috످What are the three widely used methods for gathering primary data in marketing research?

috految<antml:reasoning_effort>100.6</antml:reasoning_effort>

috److془The standard answer: observation, surveys, experiments. Kotler & Armstrong. Confident.془The three widely used methods for gathering primary data (information collected firsthand for a specific purpose) in marketing research are observation, surveys, and experiments.

Observation involves watching and recording how consumers behave, either in person or through technology. It is best for exploratory research, which uncovers patterns and generates ideas. For example, a retailer might track how shoppers move through a store to improve its layout.

Surveys, the most common method, involve asking people questions online, by phone, by mail, or in person. They are best for descriptive research, which measures attitudes, preferences, and buying habits. For example, a hotel might email guests a questionnaire about their stay.

Experiments involve changing one or more variables while holding others constant to measure the effect. They are best for causal research, which tests cause-and-effect relationships. For example, a restaurant chain might offer the same burger at different prices in two similar cities to see how price affects sales.

috످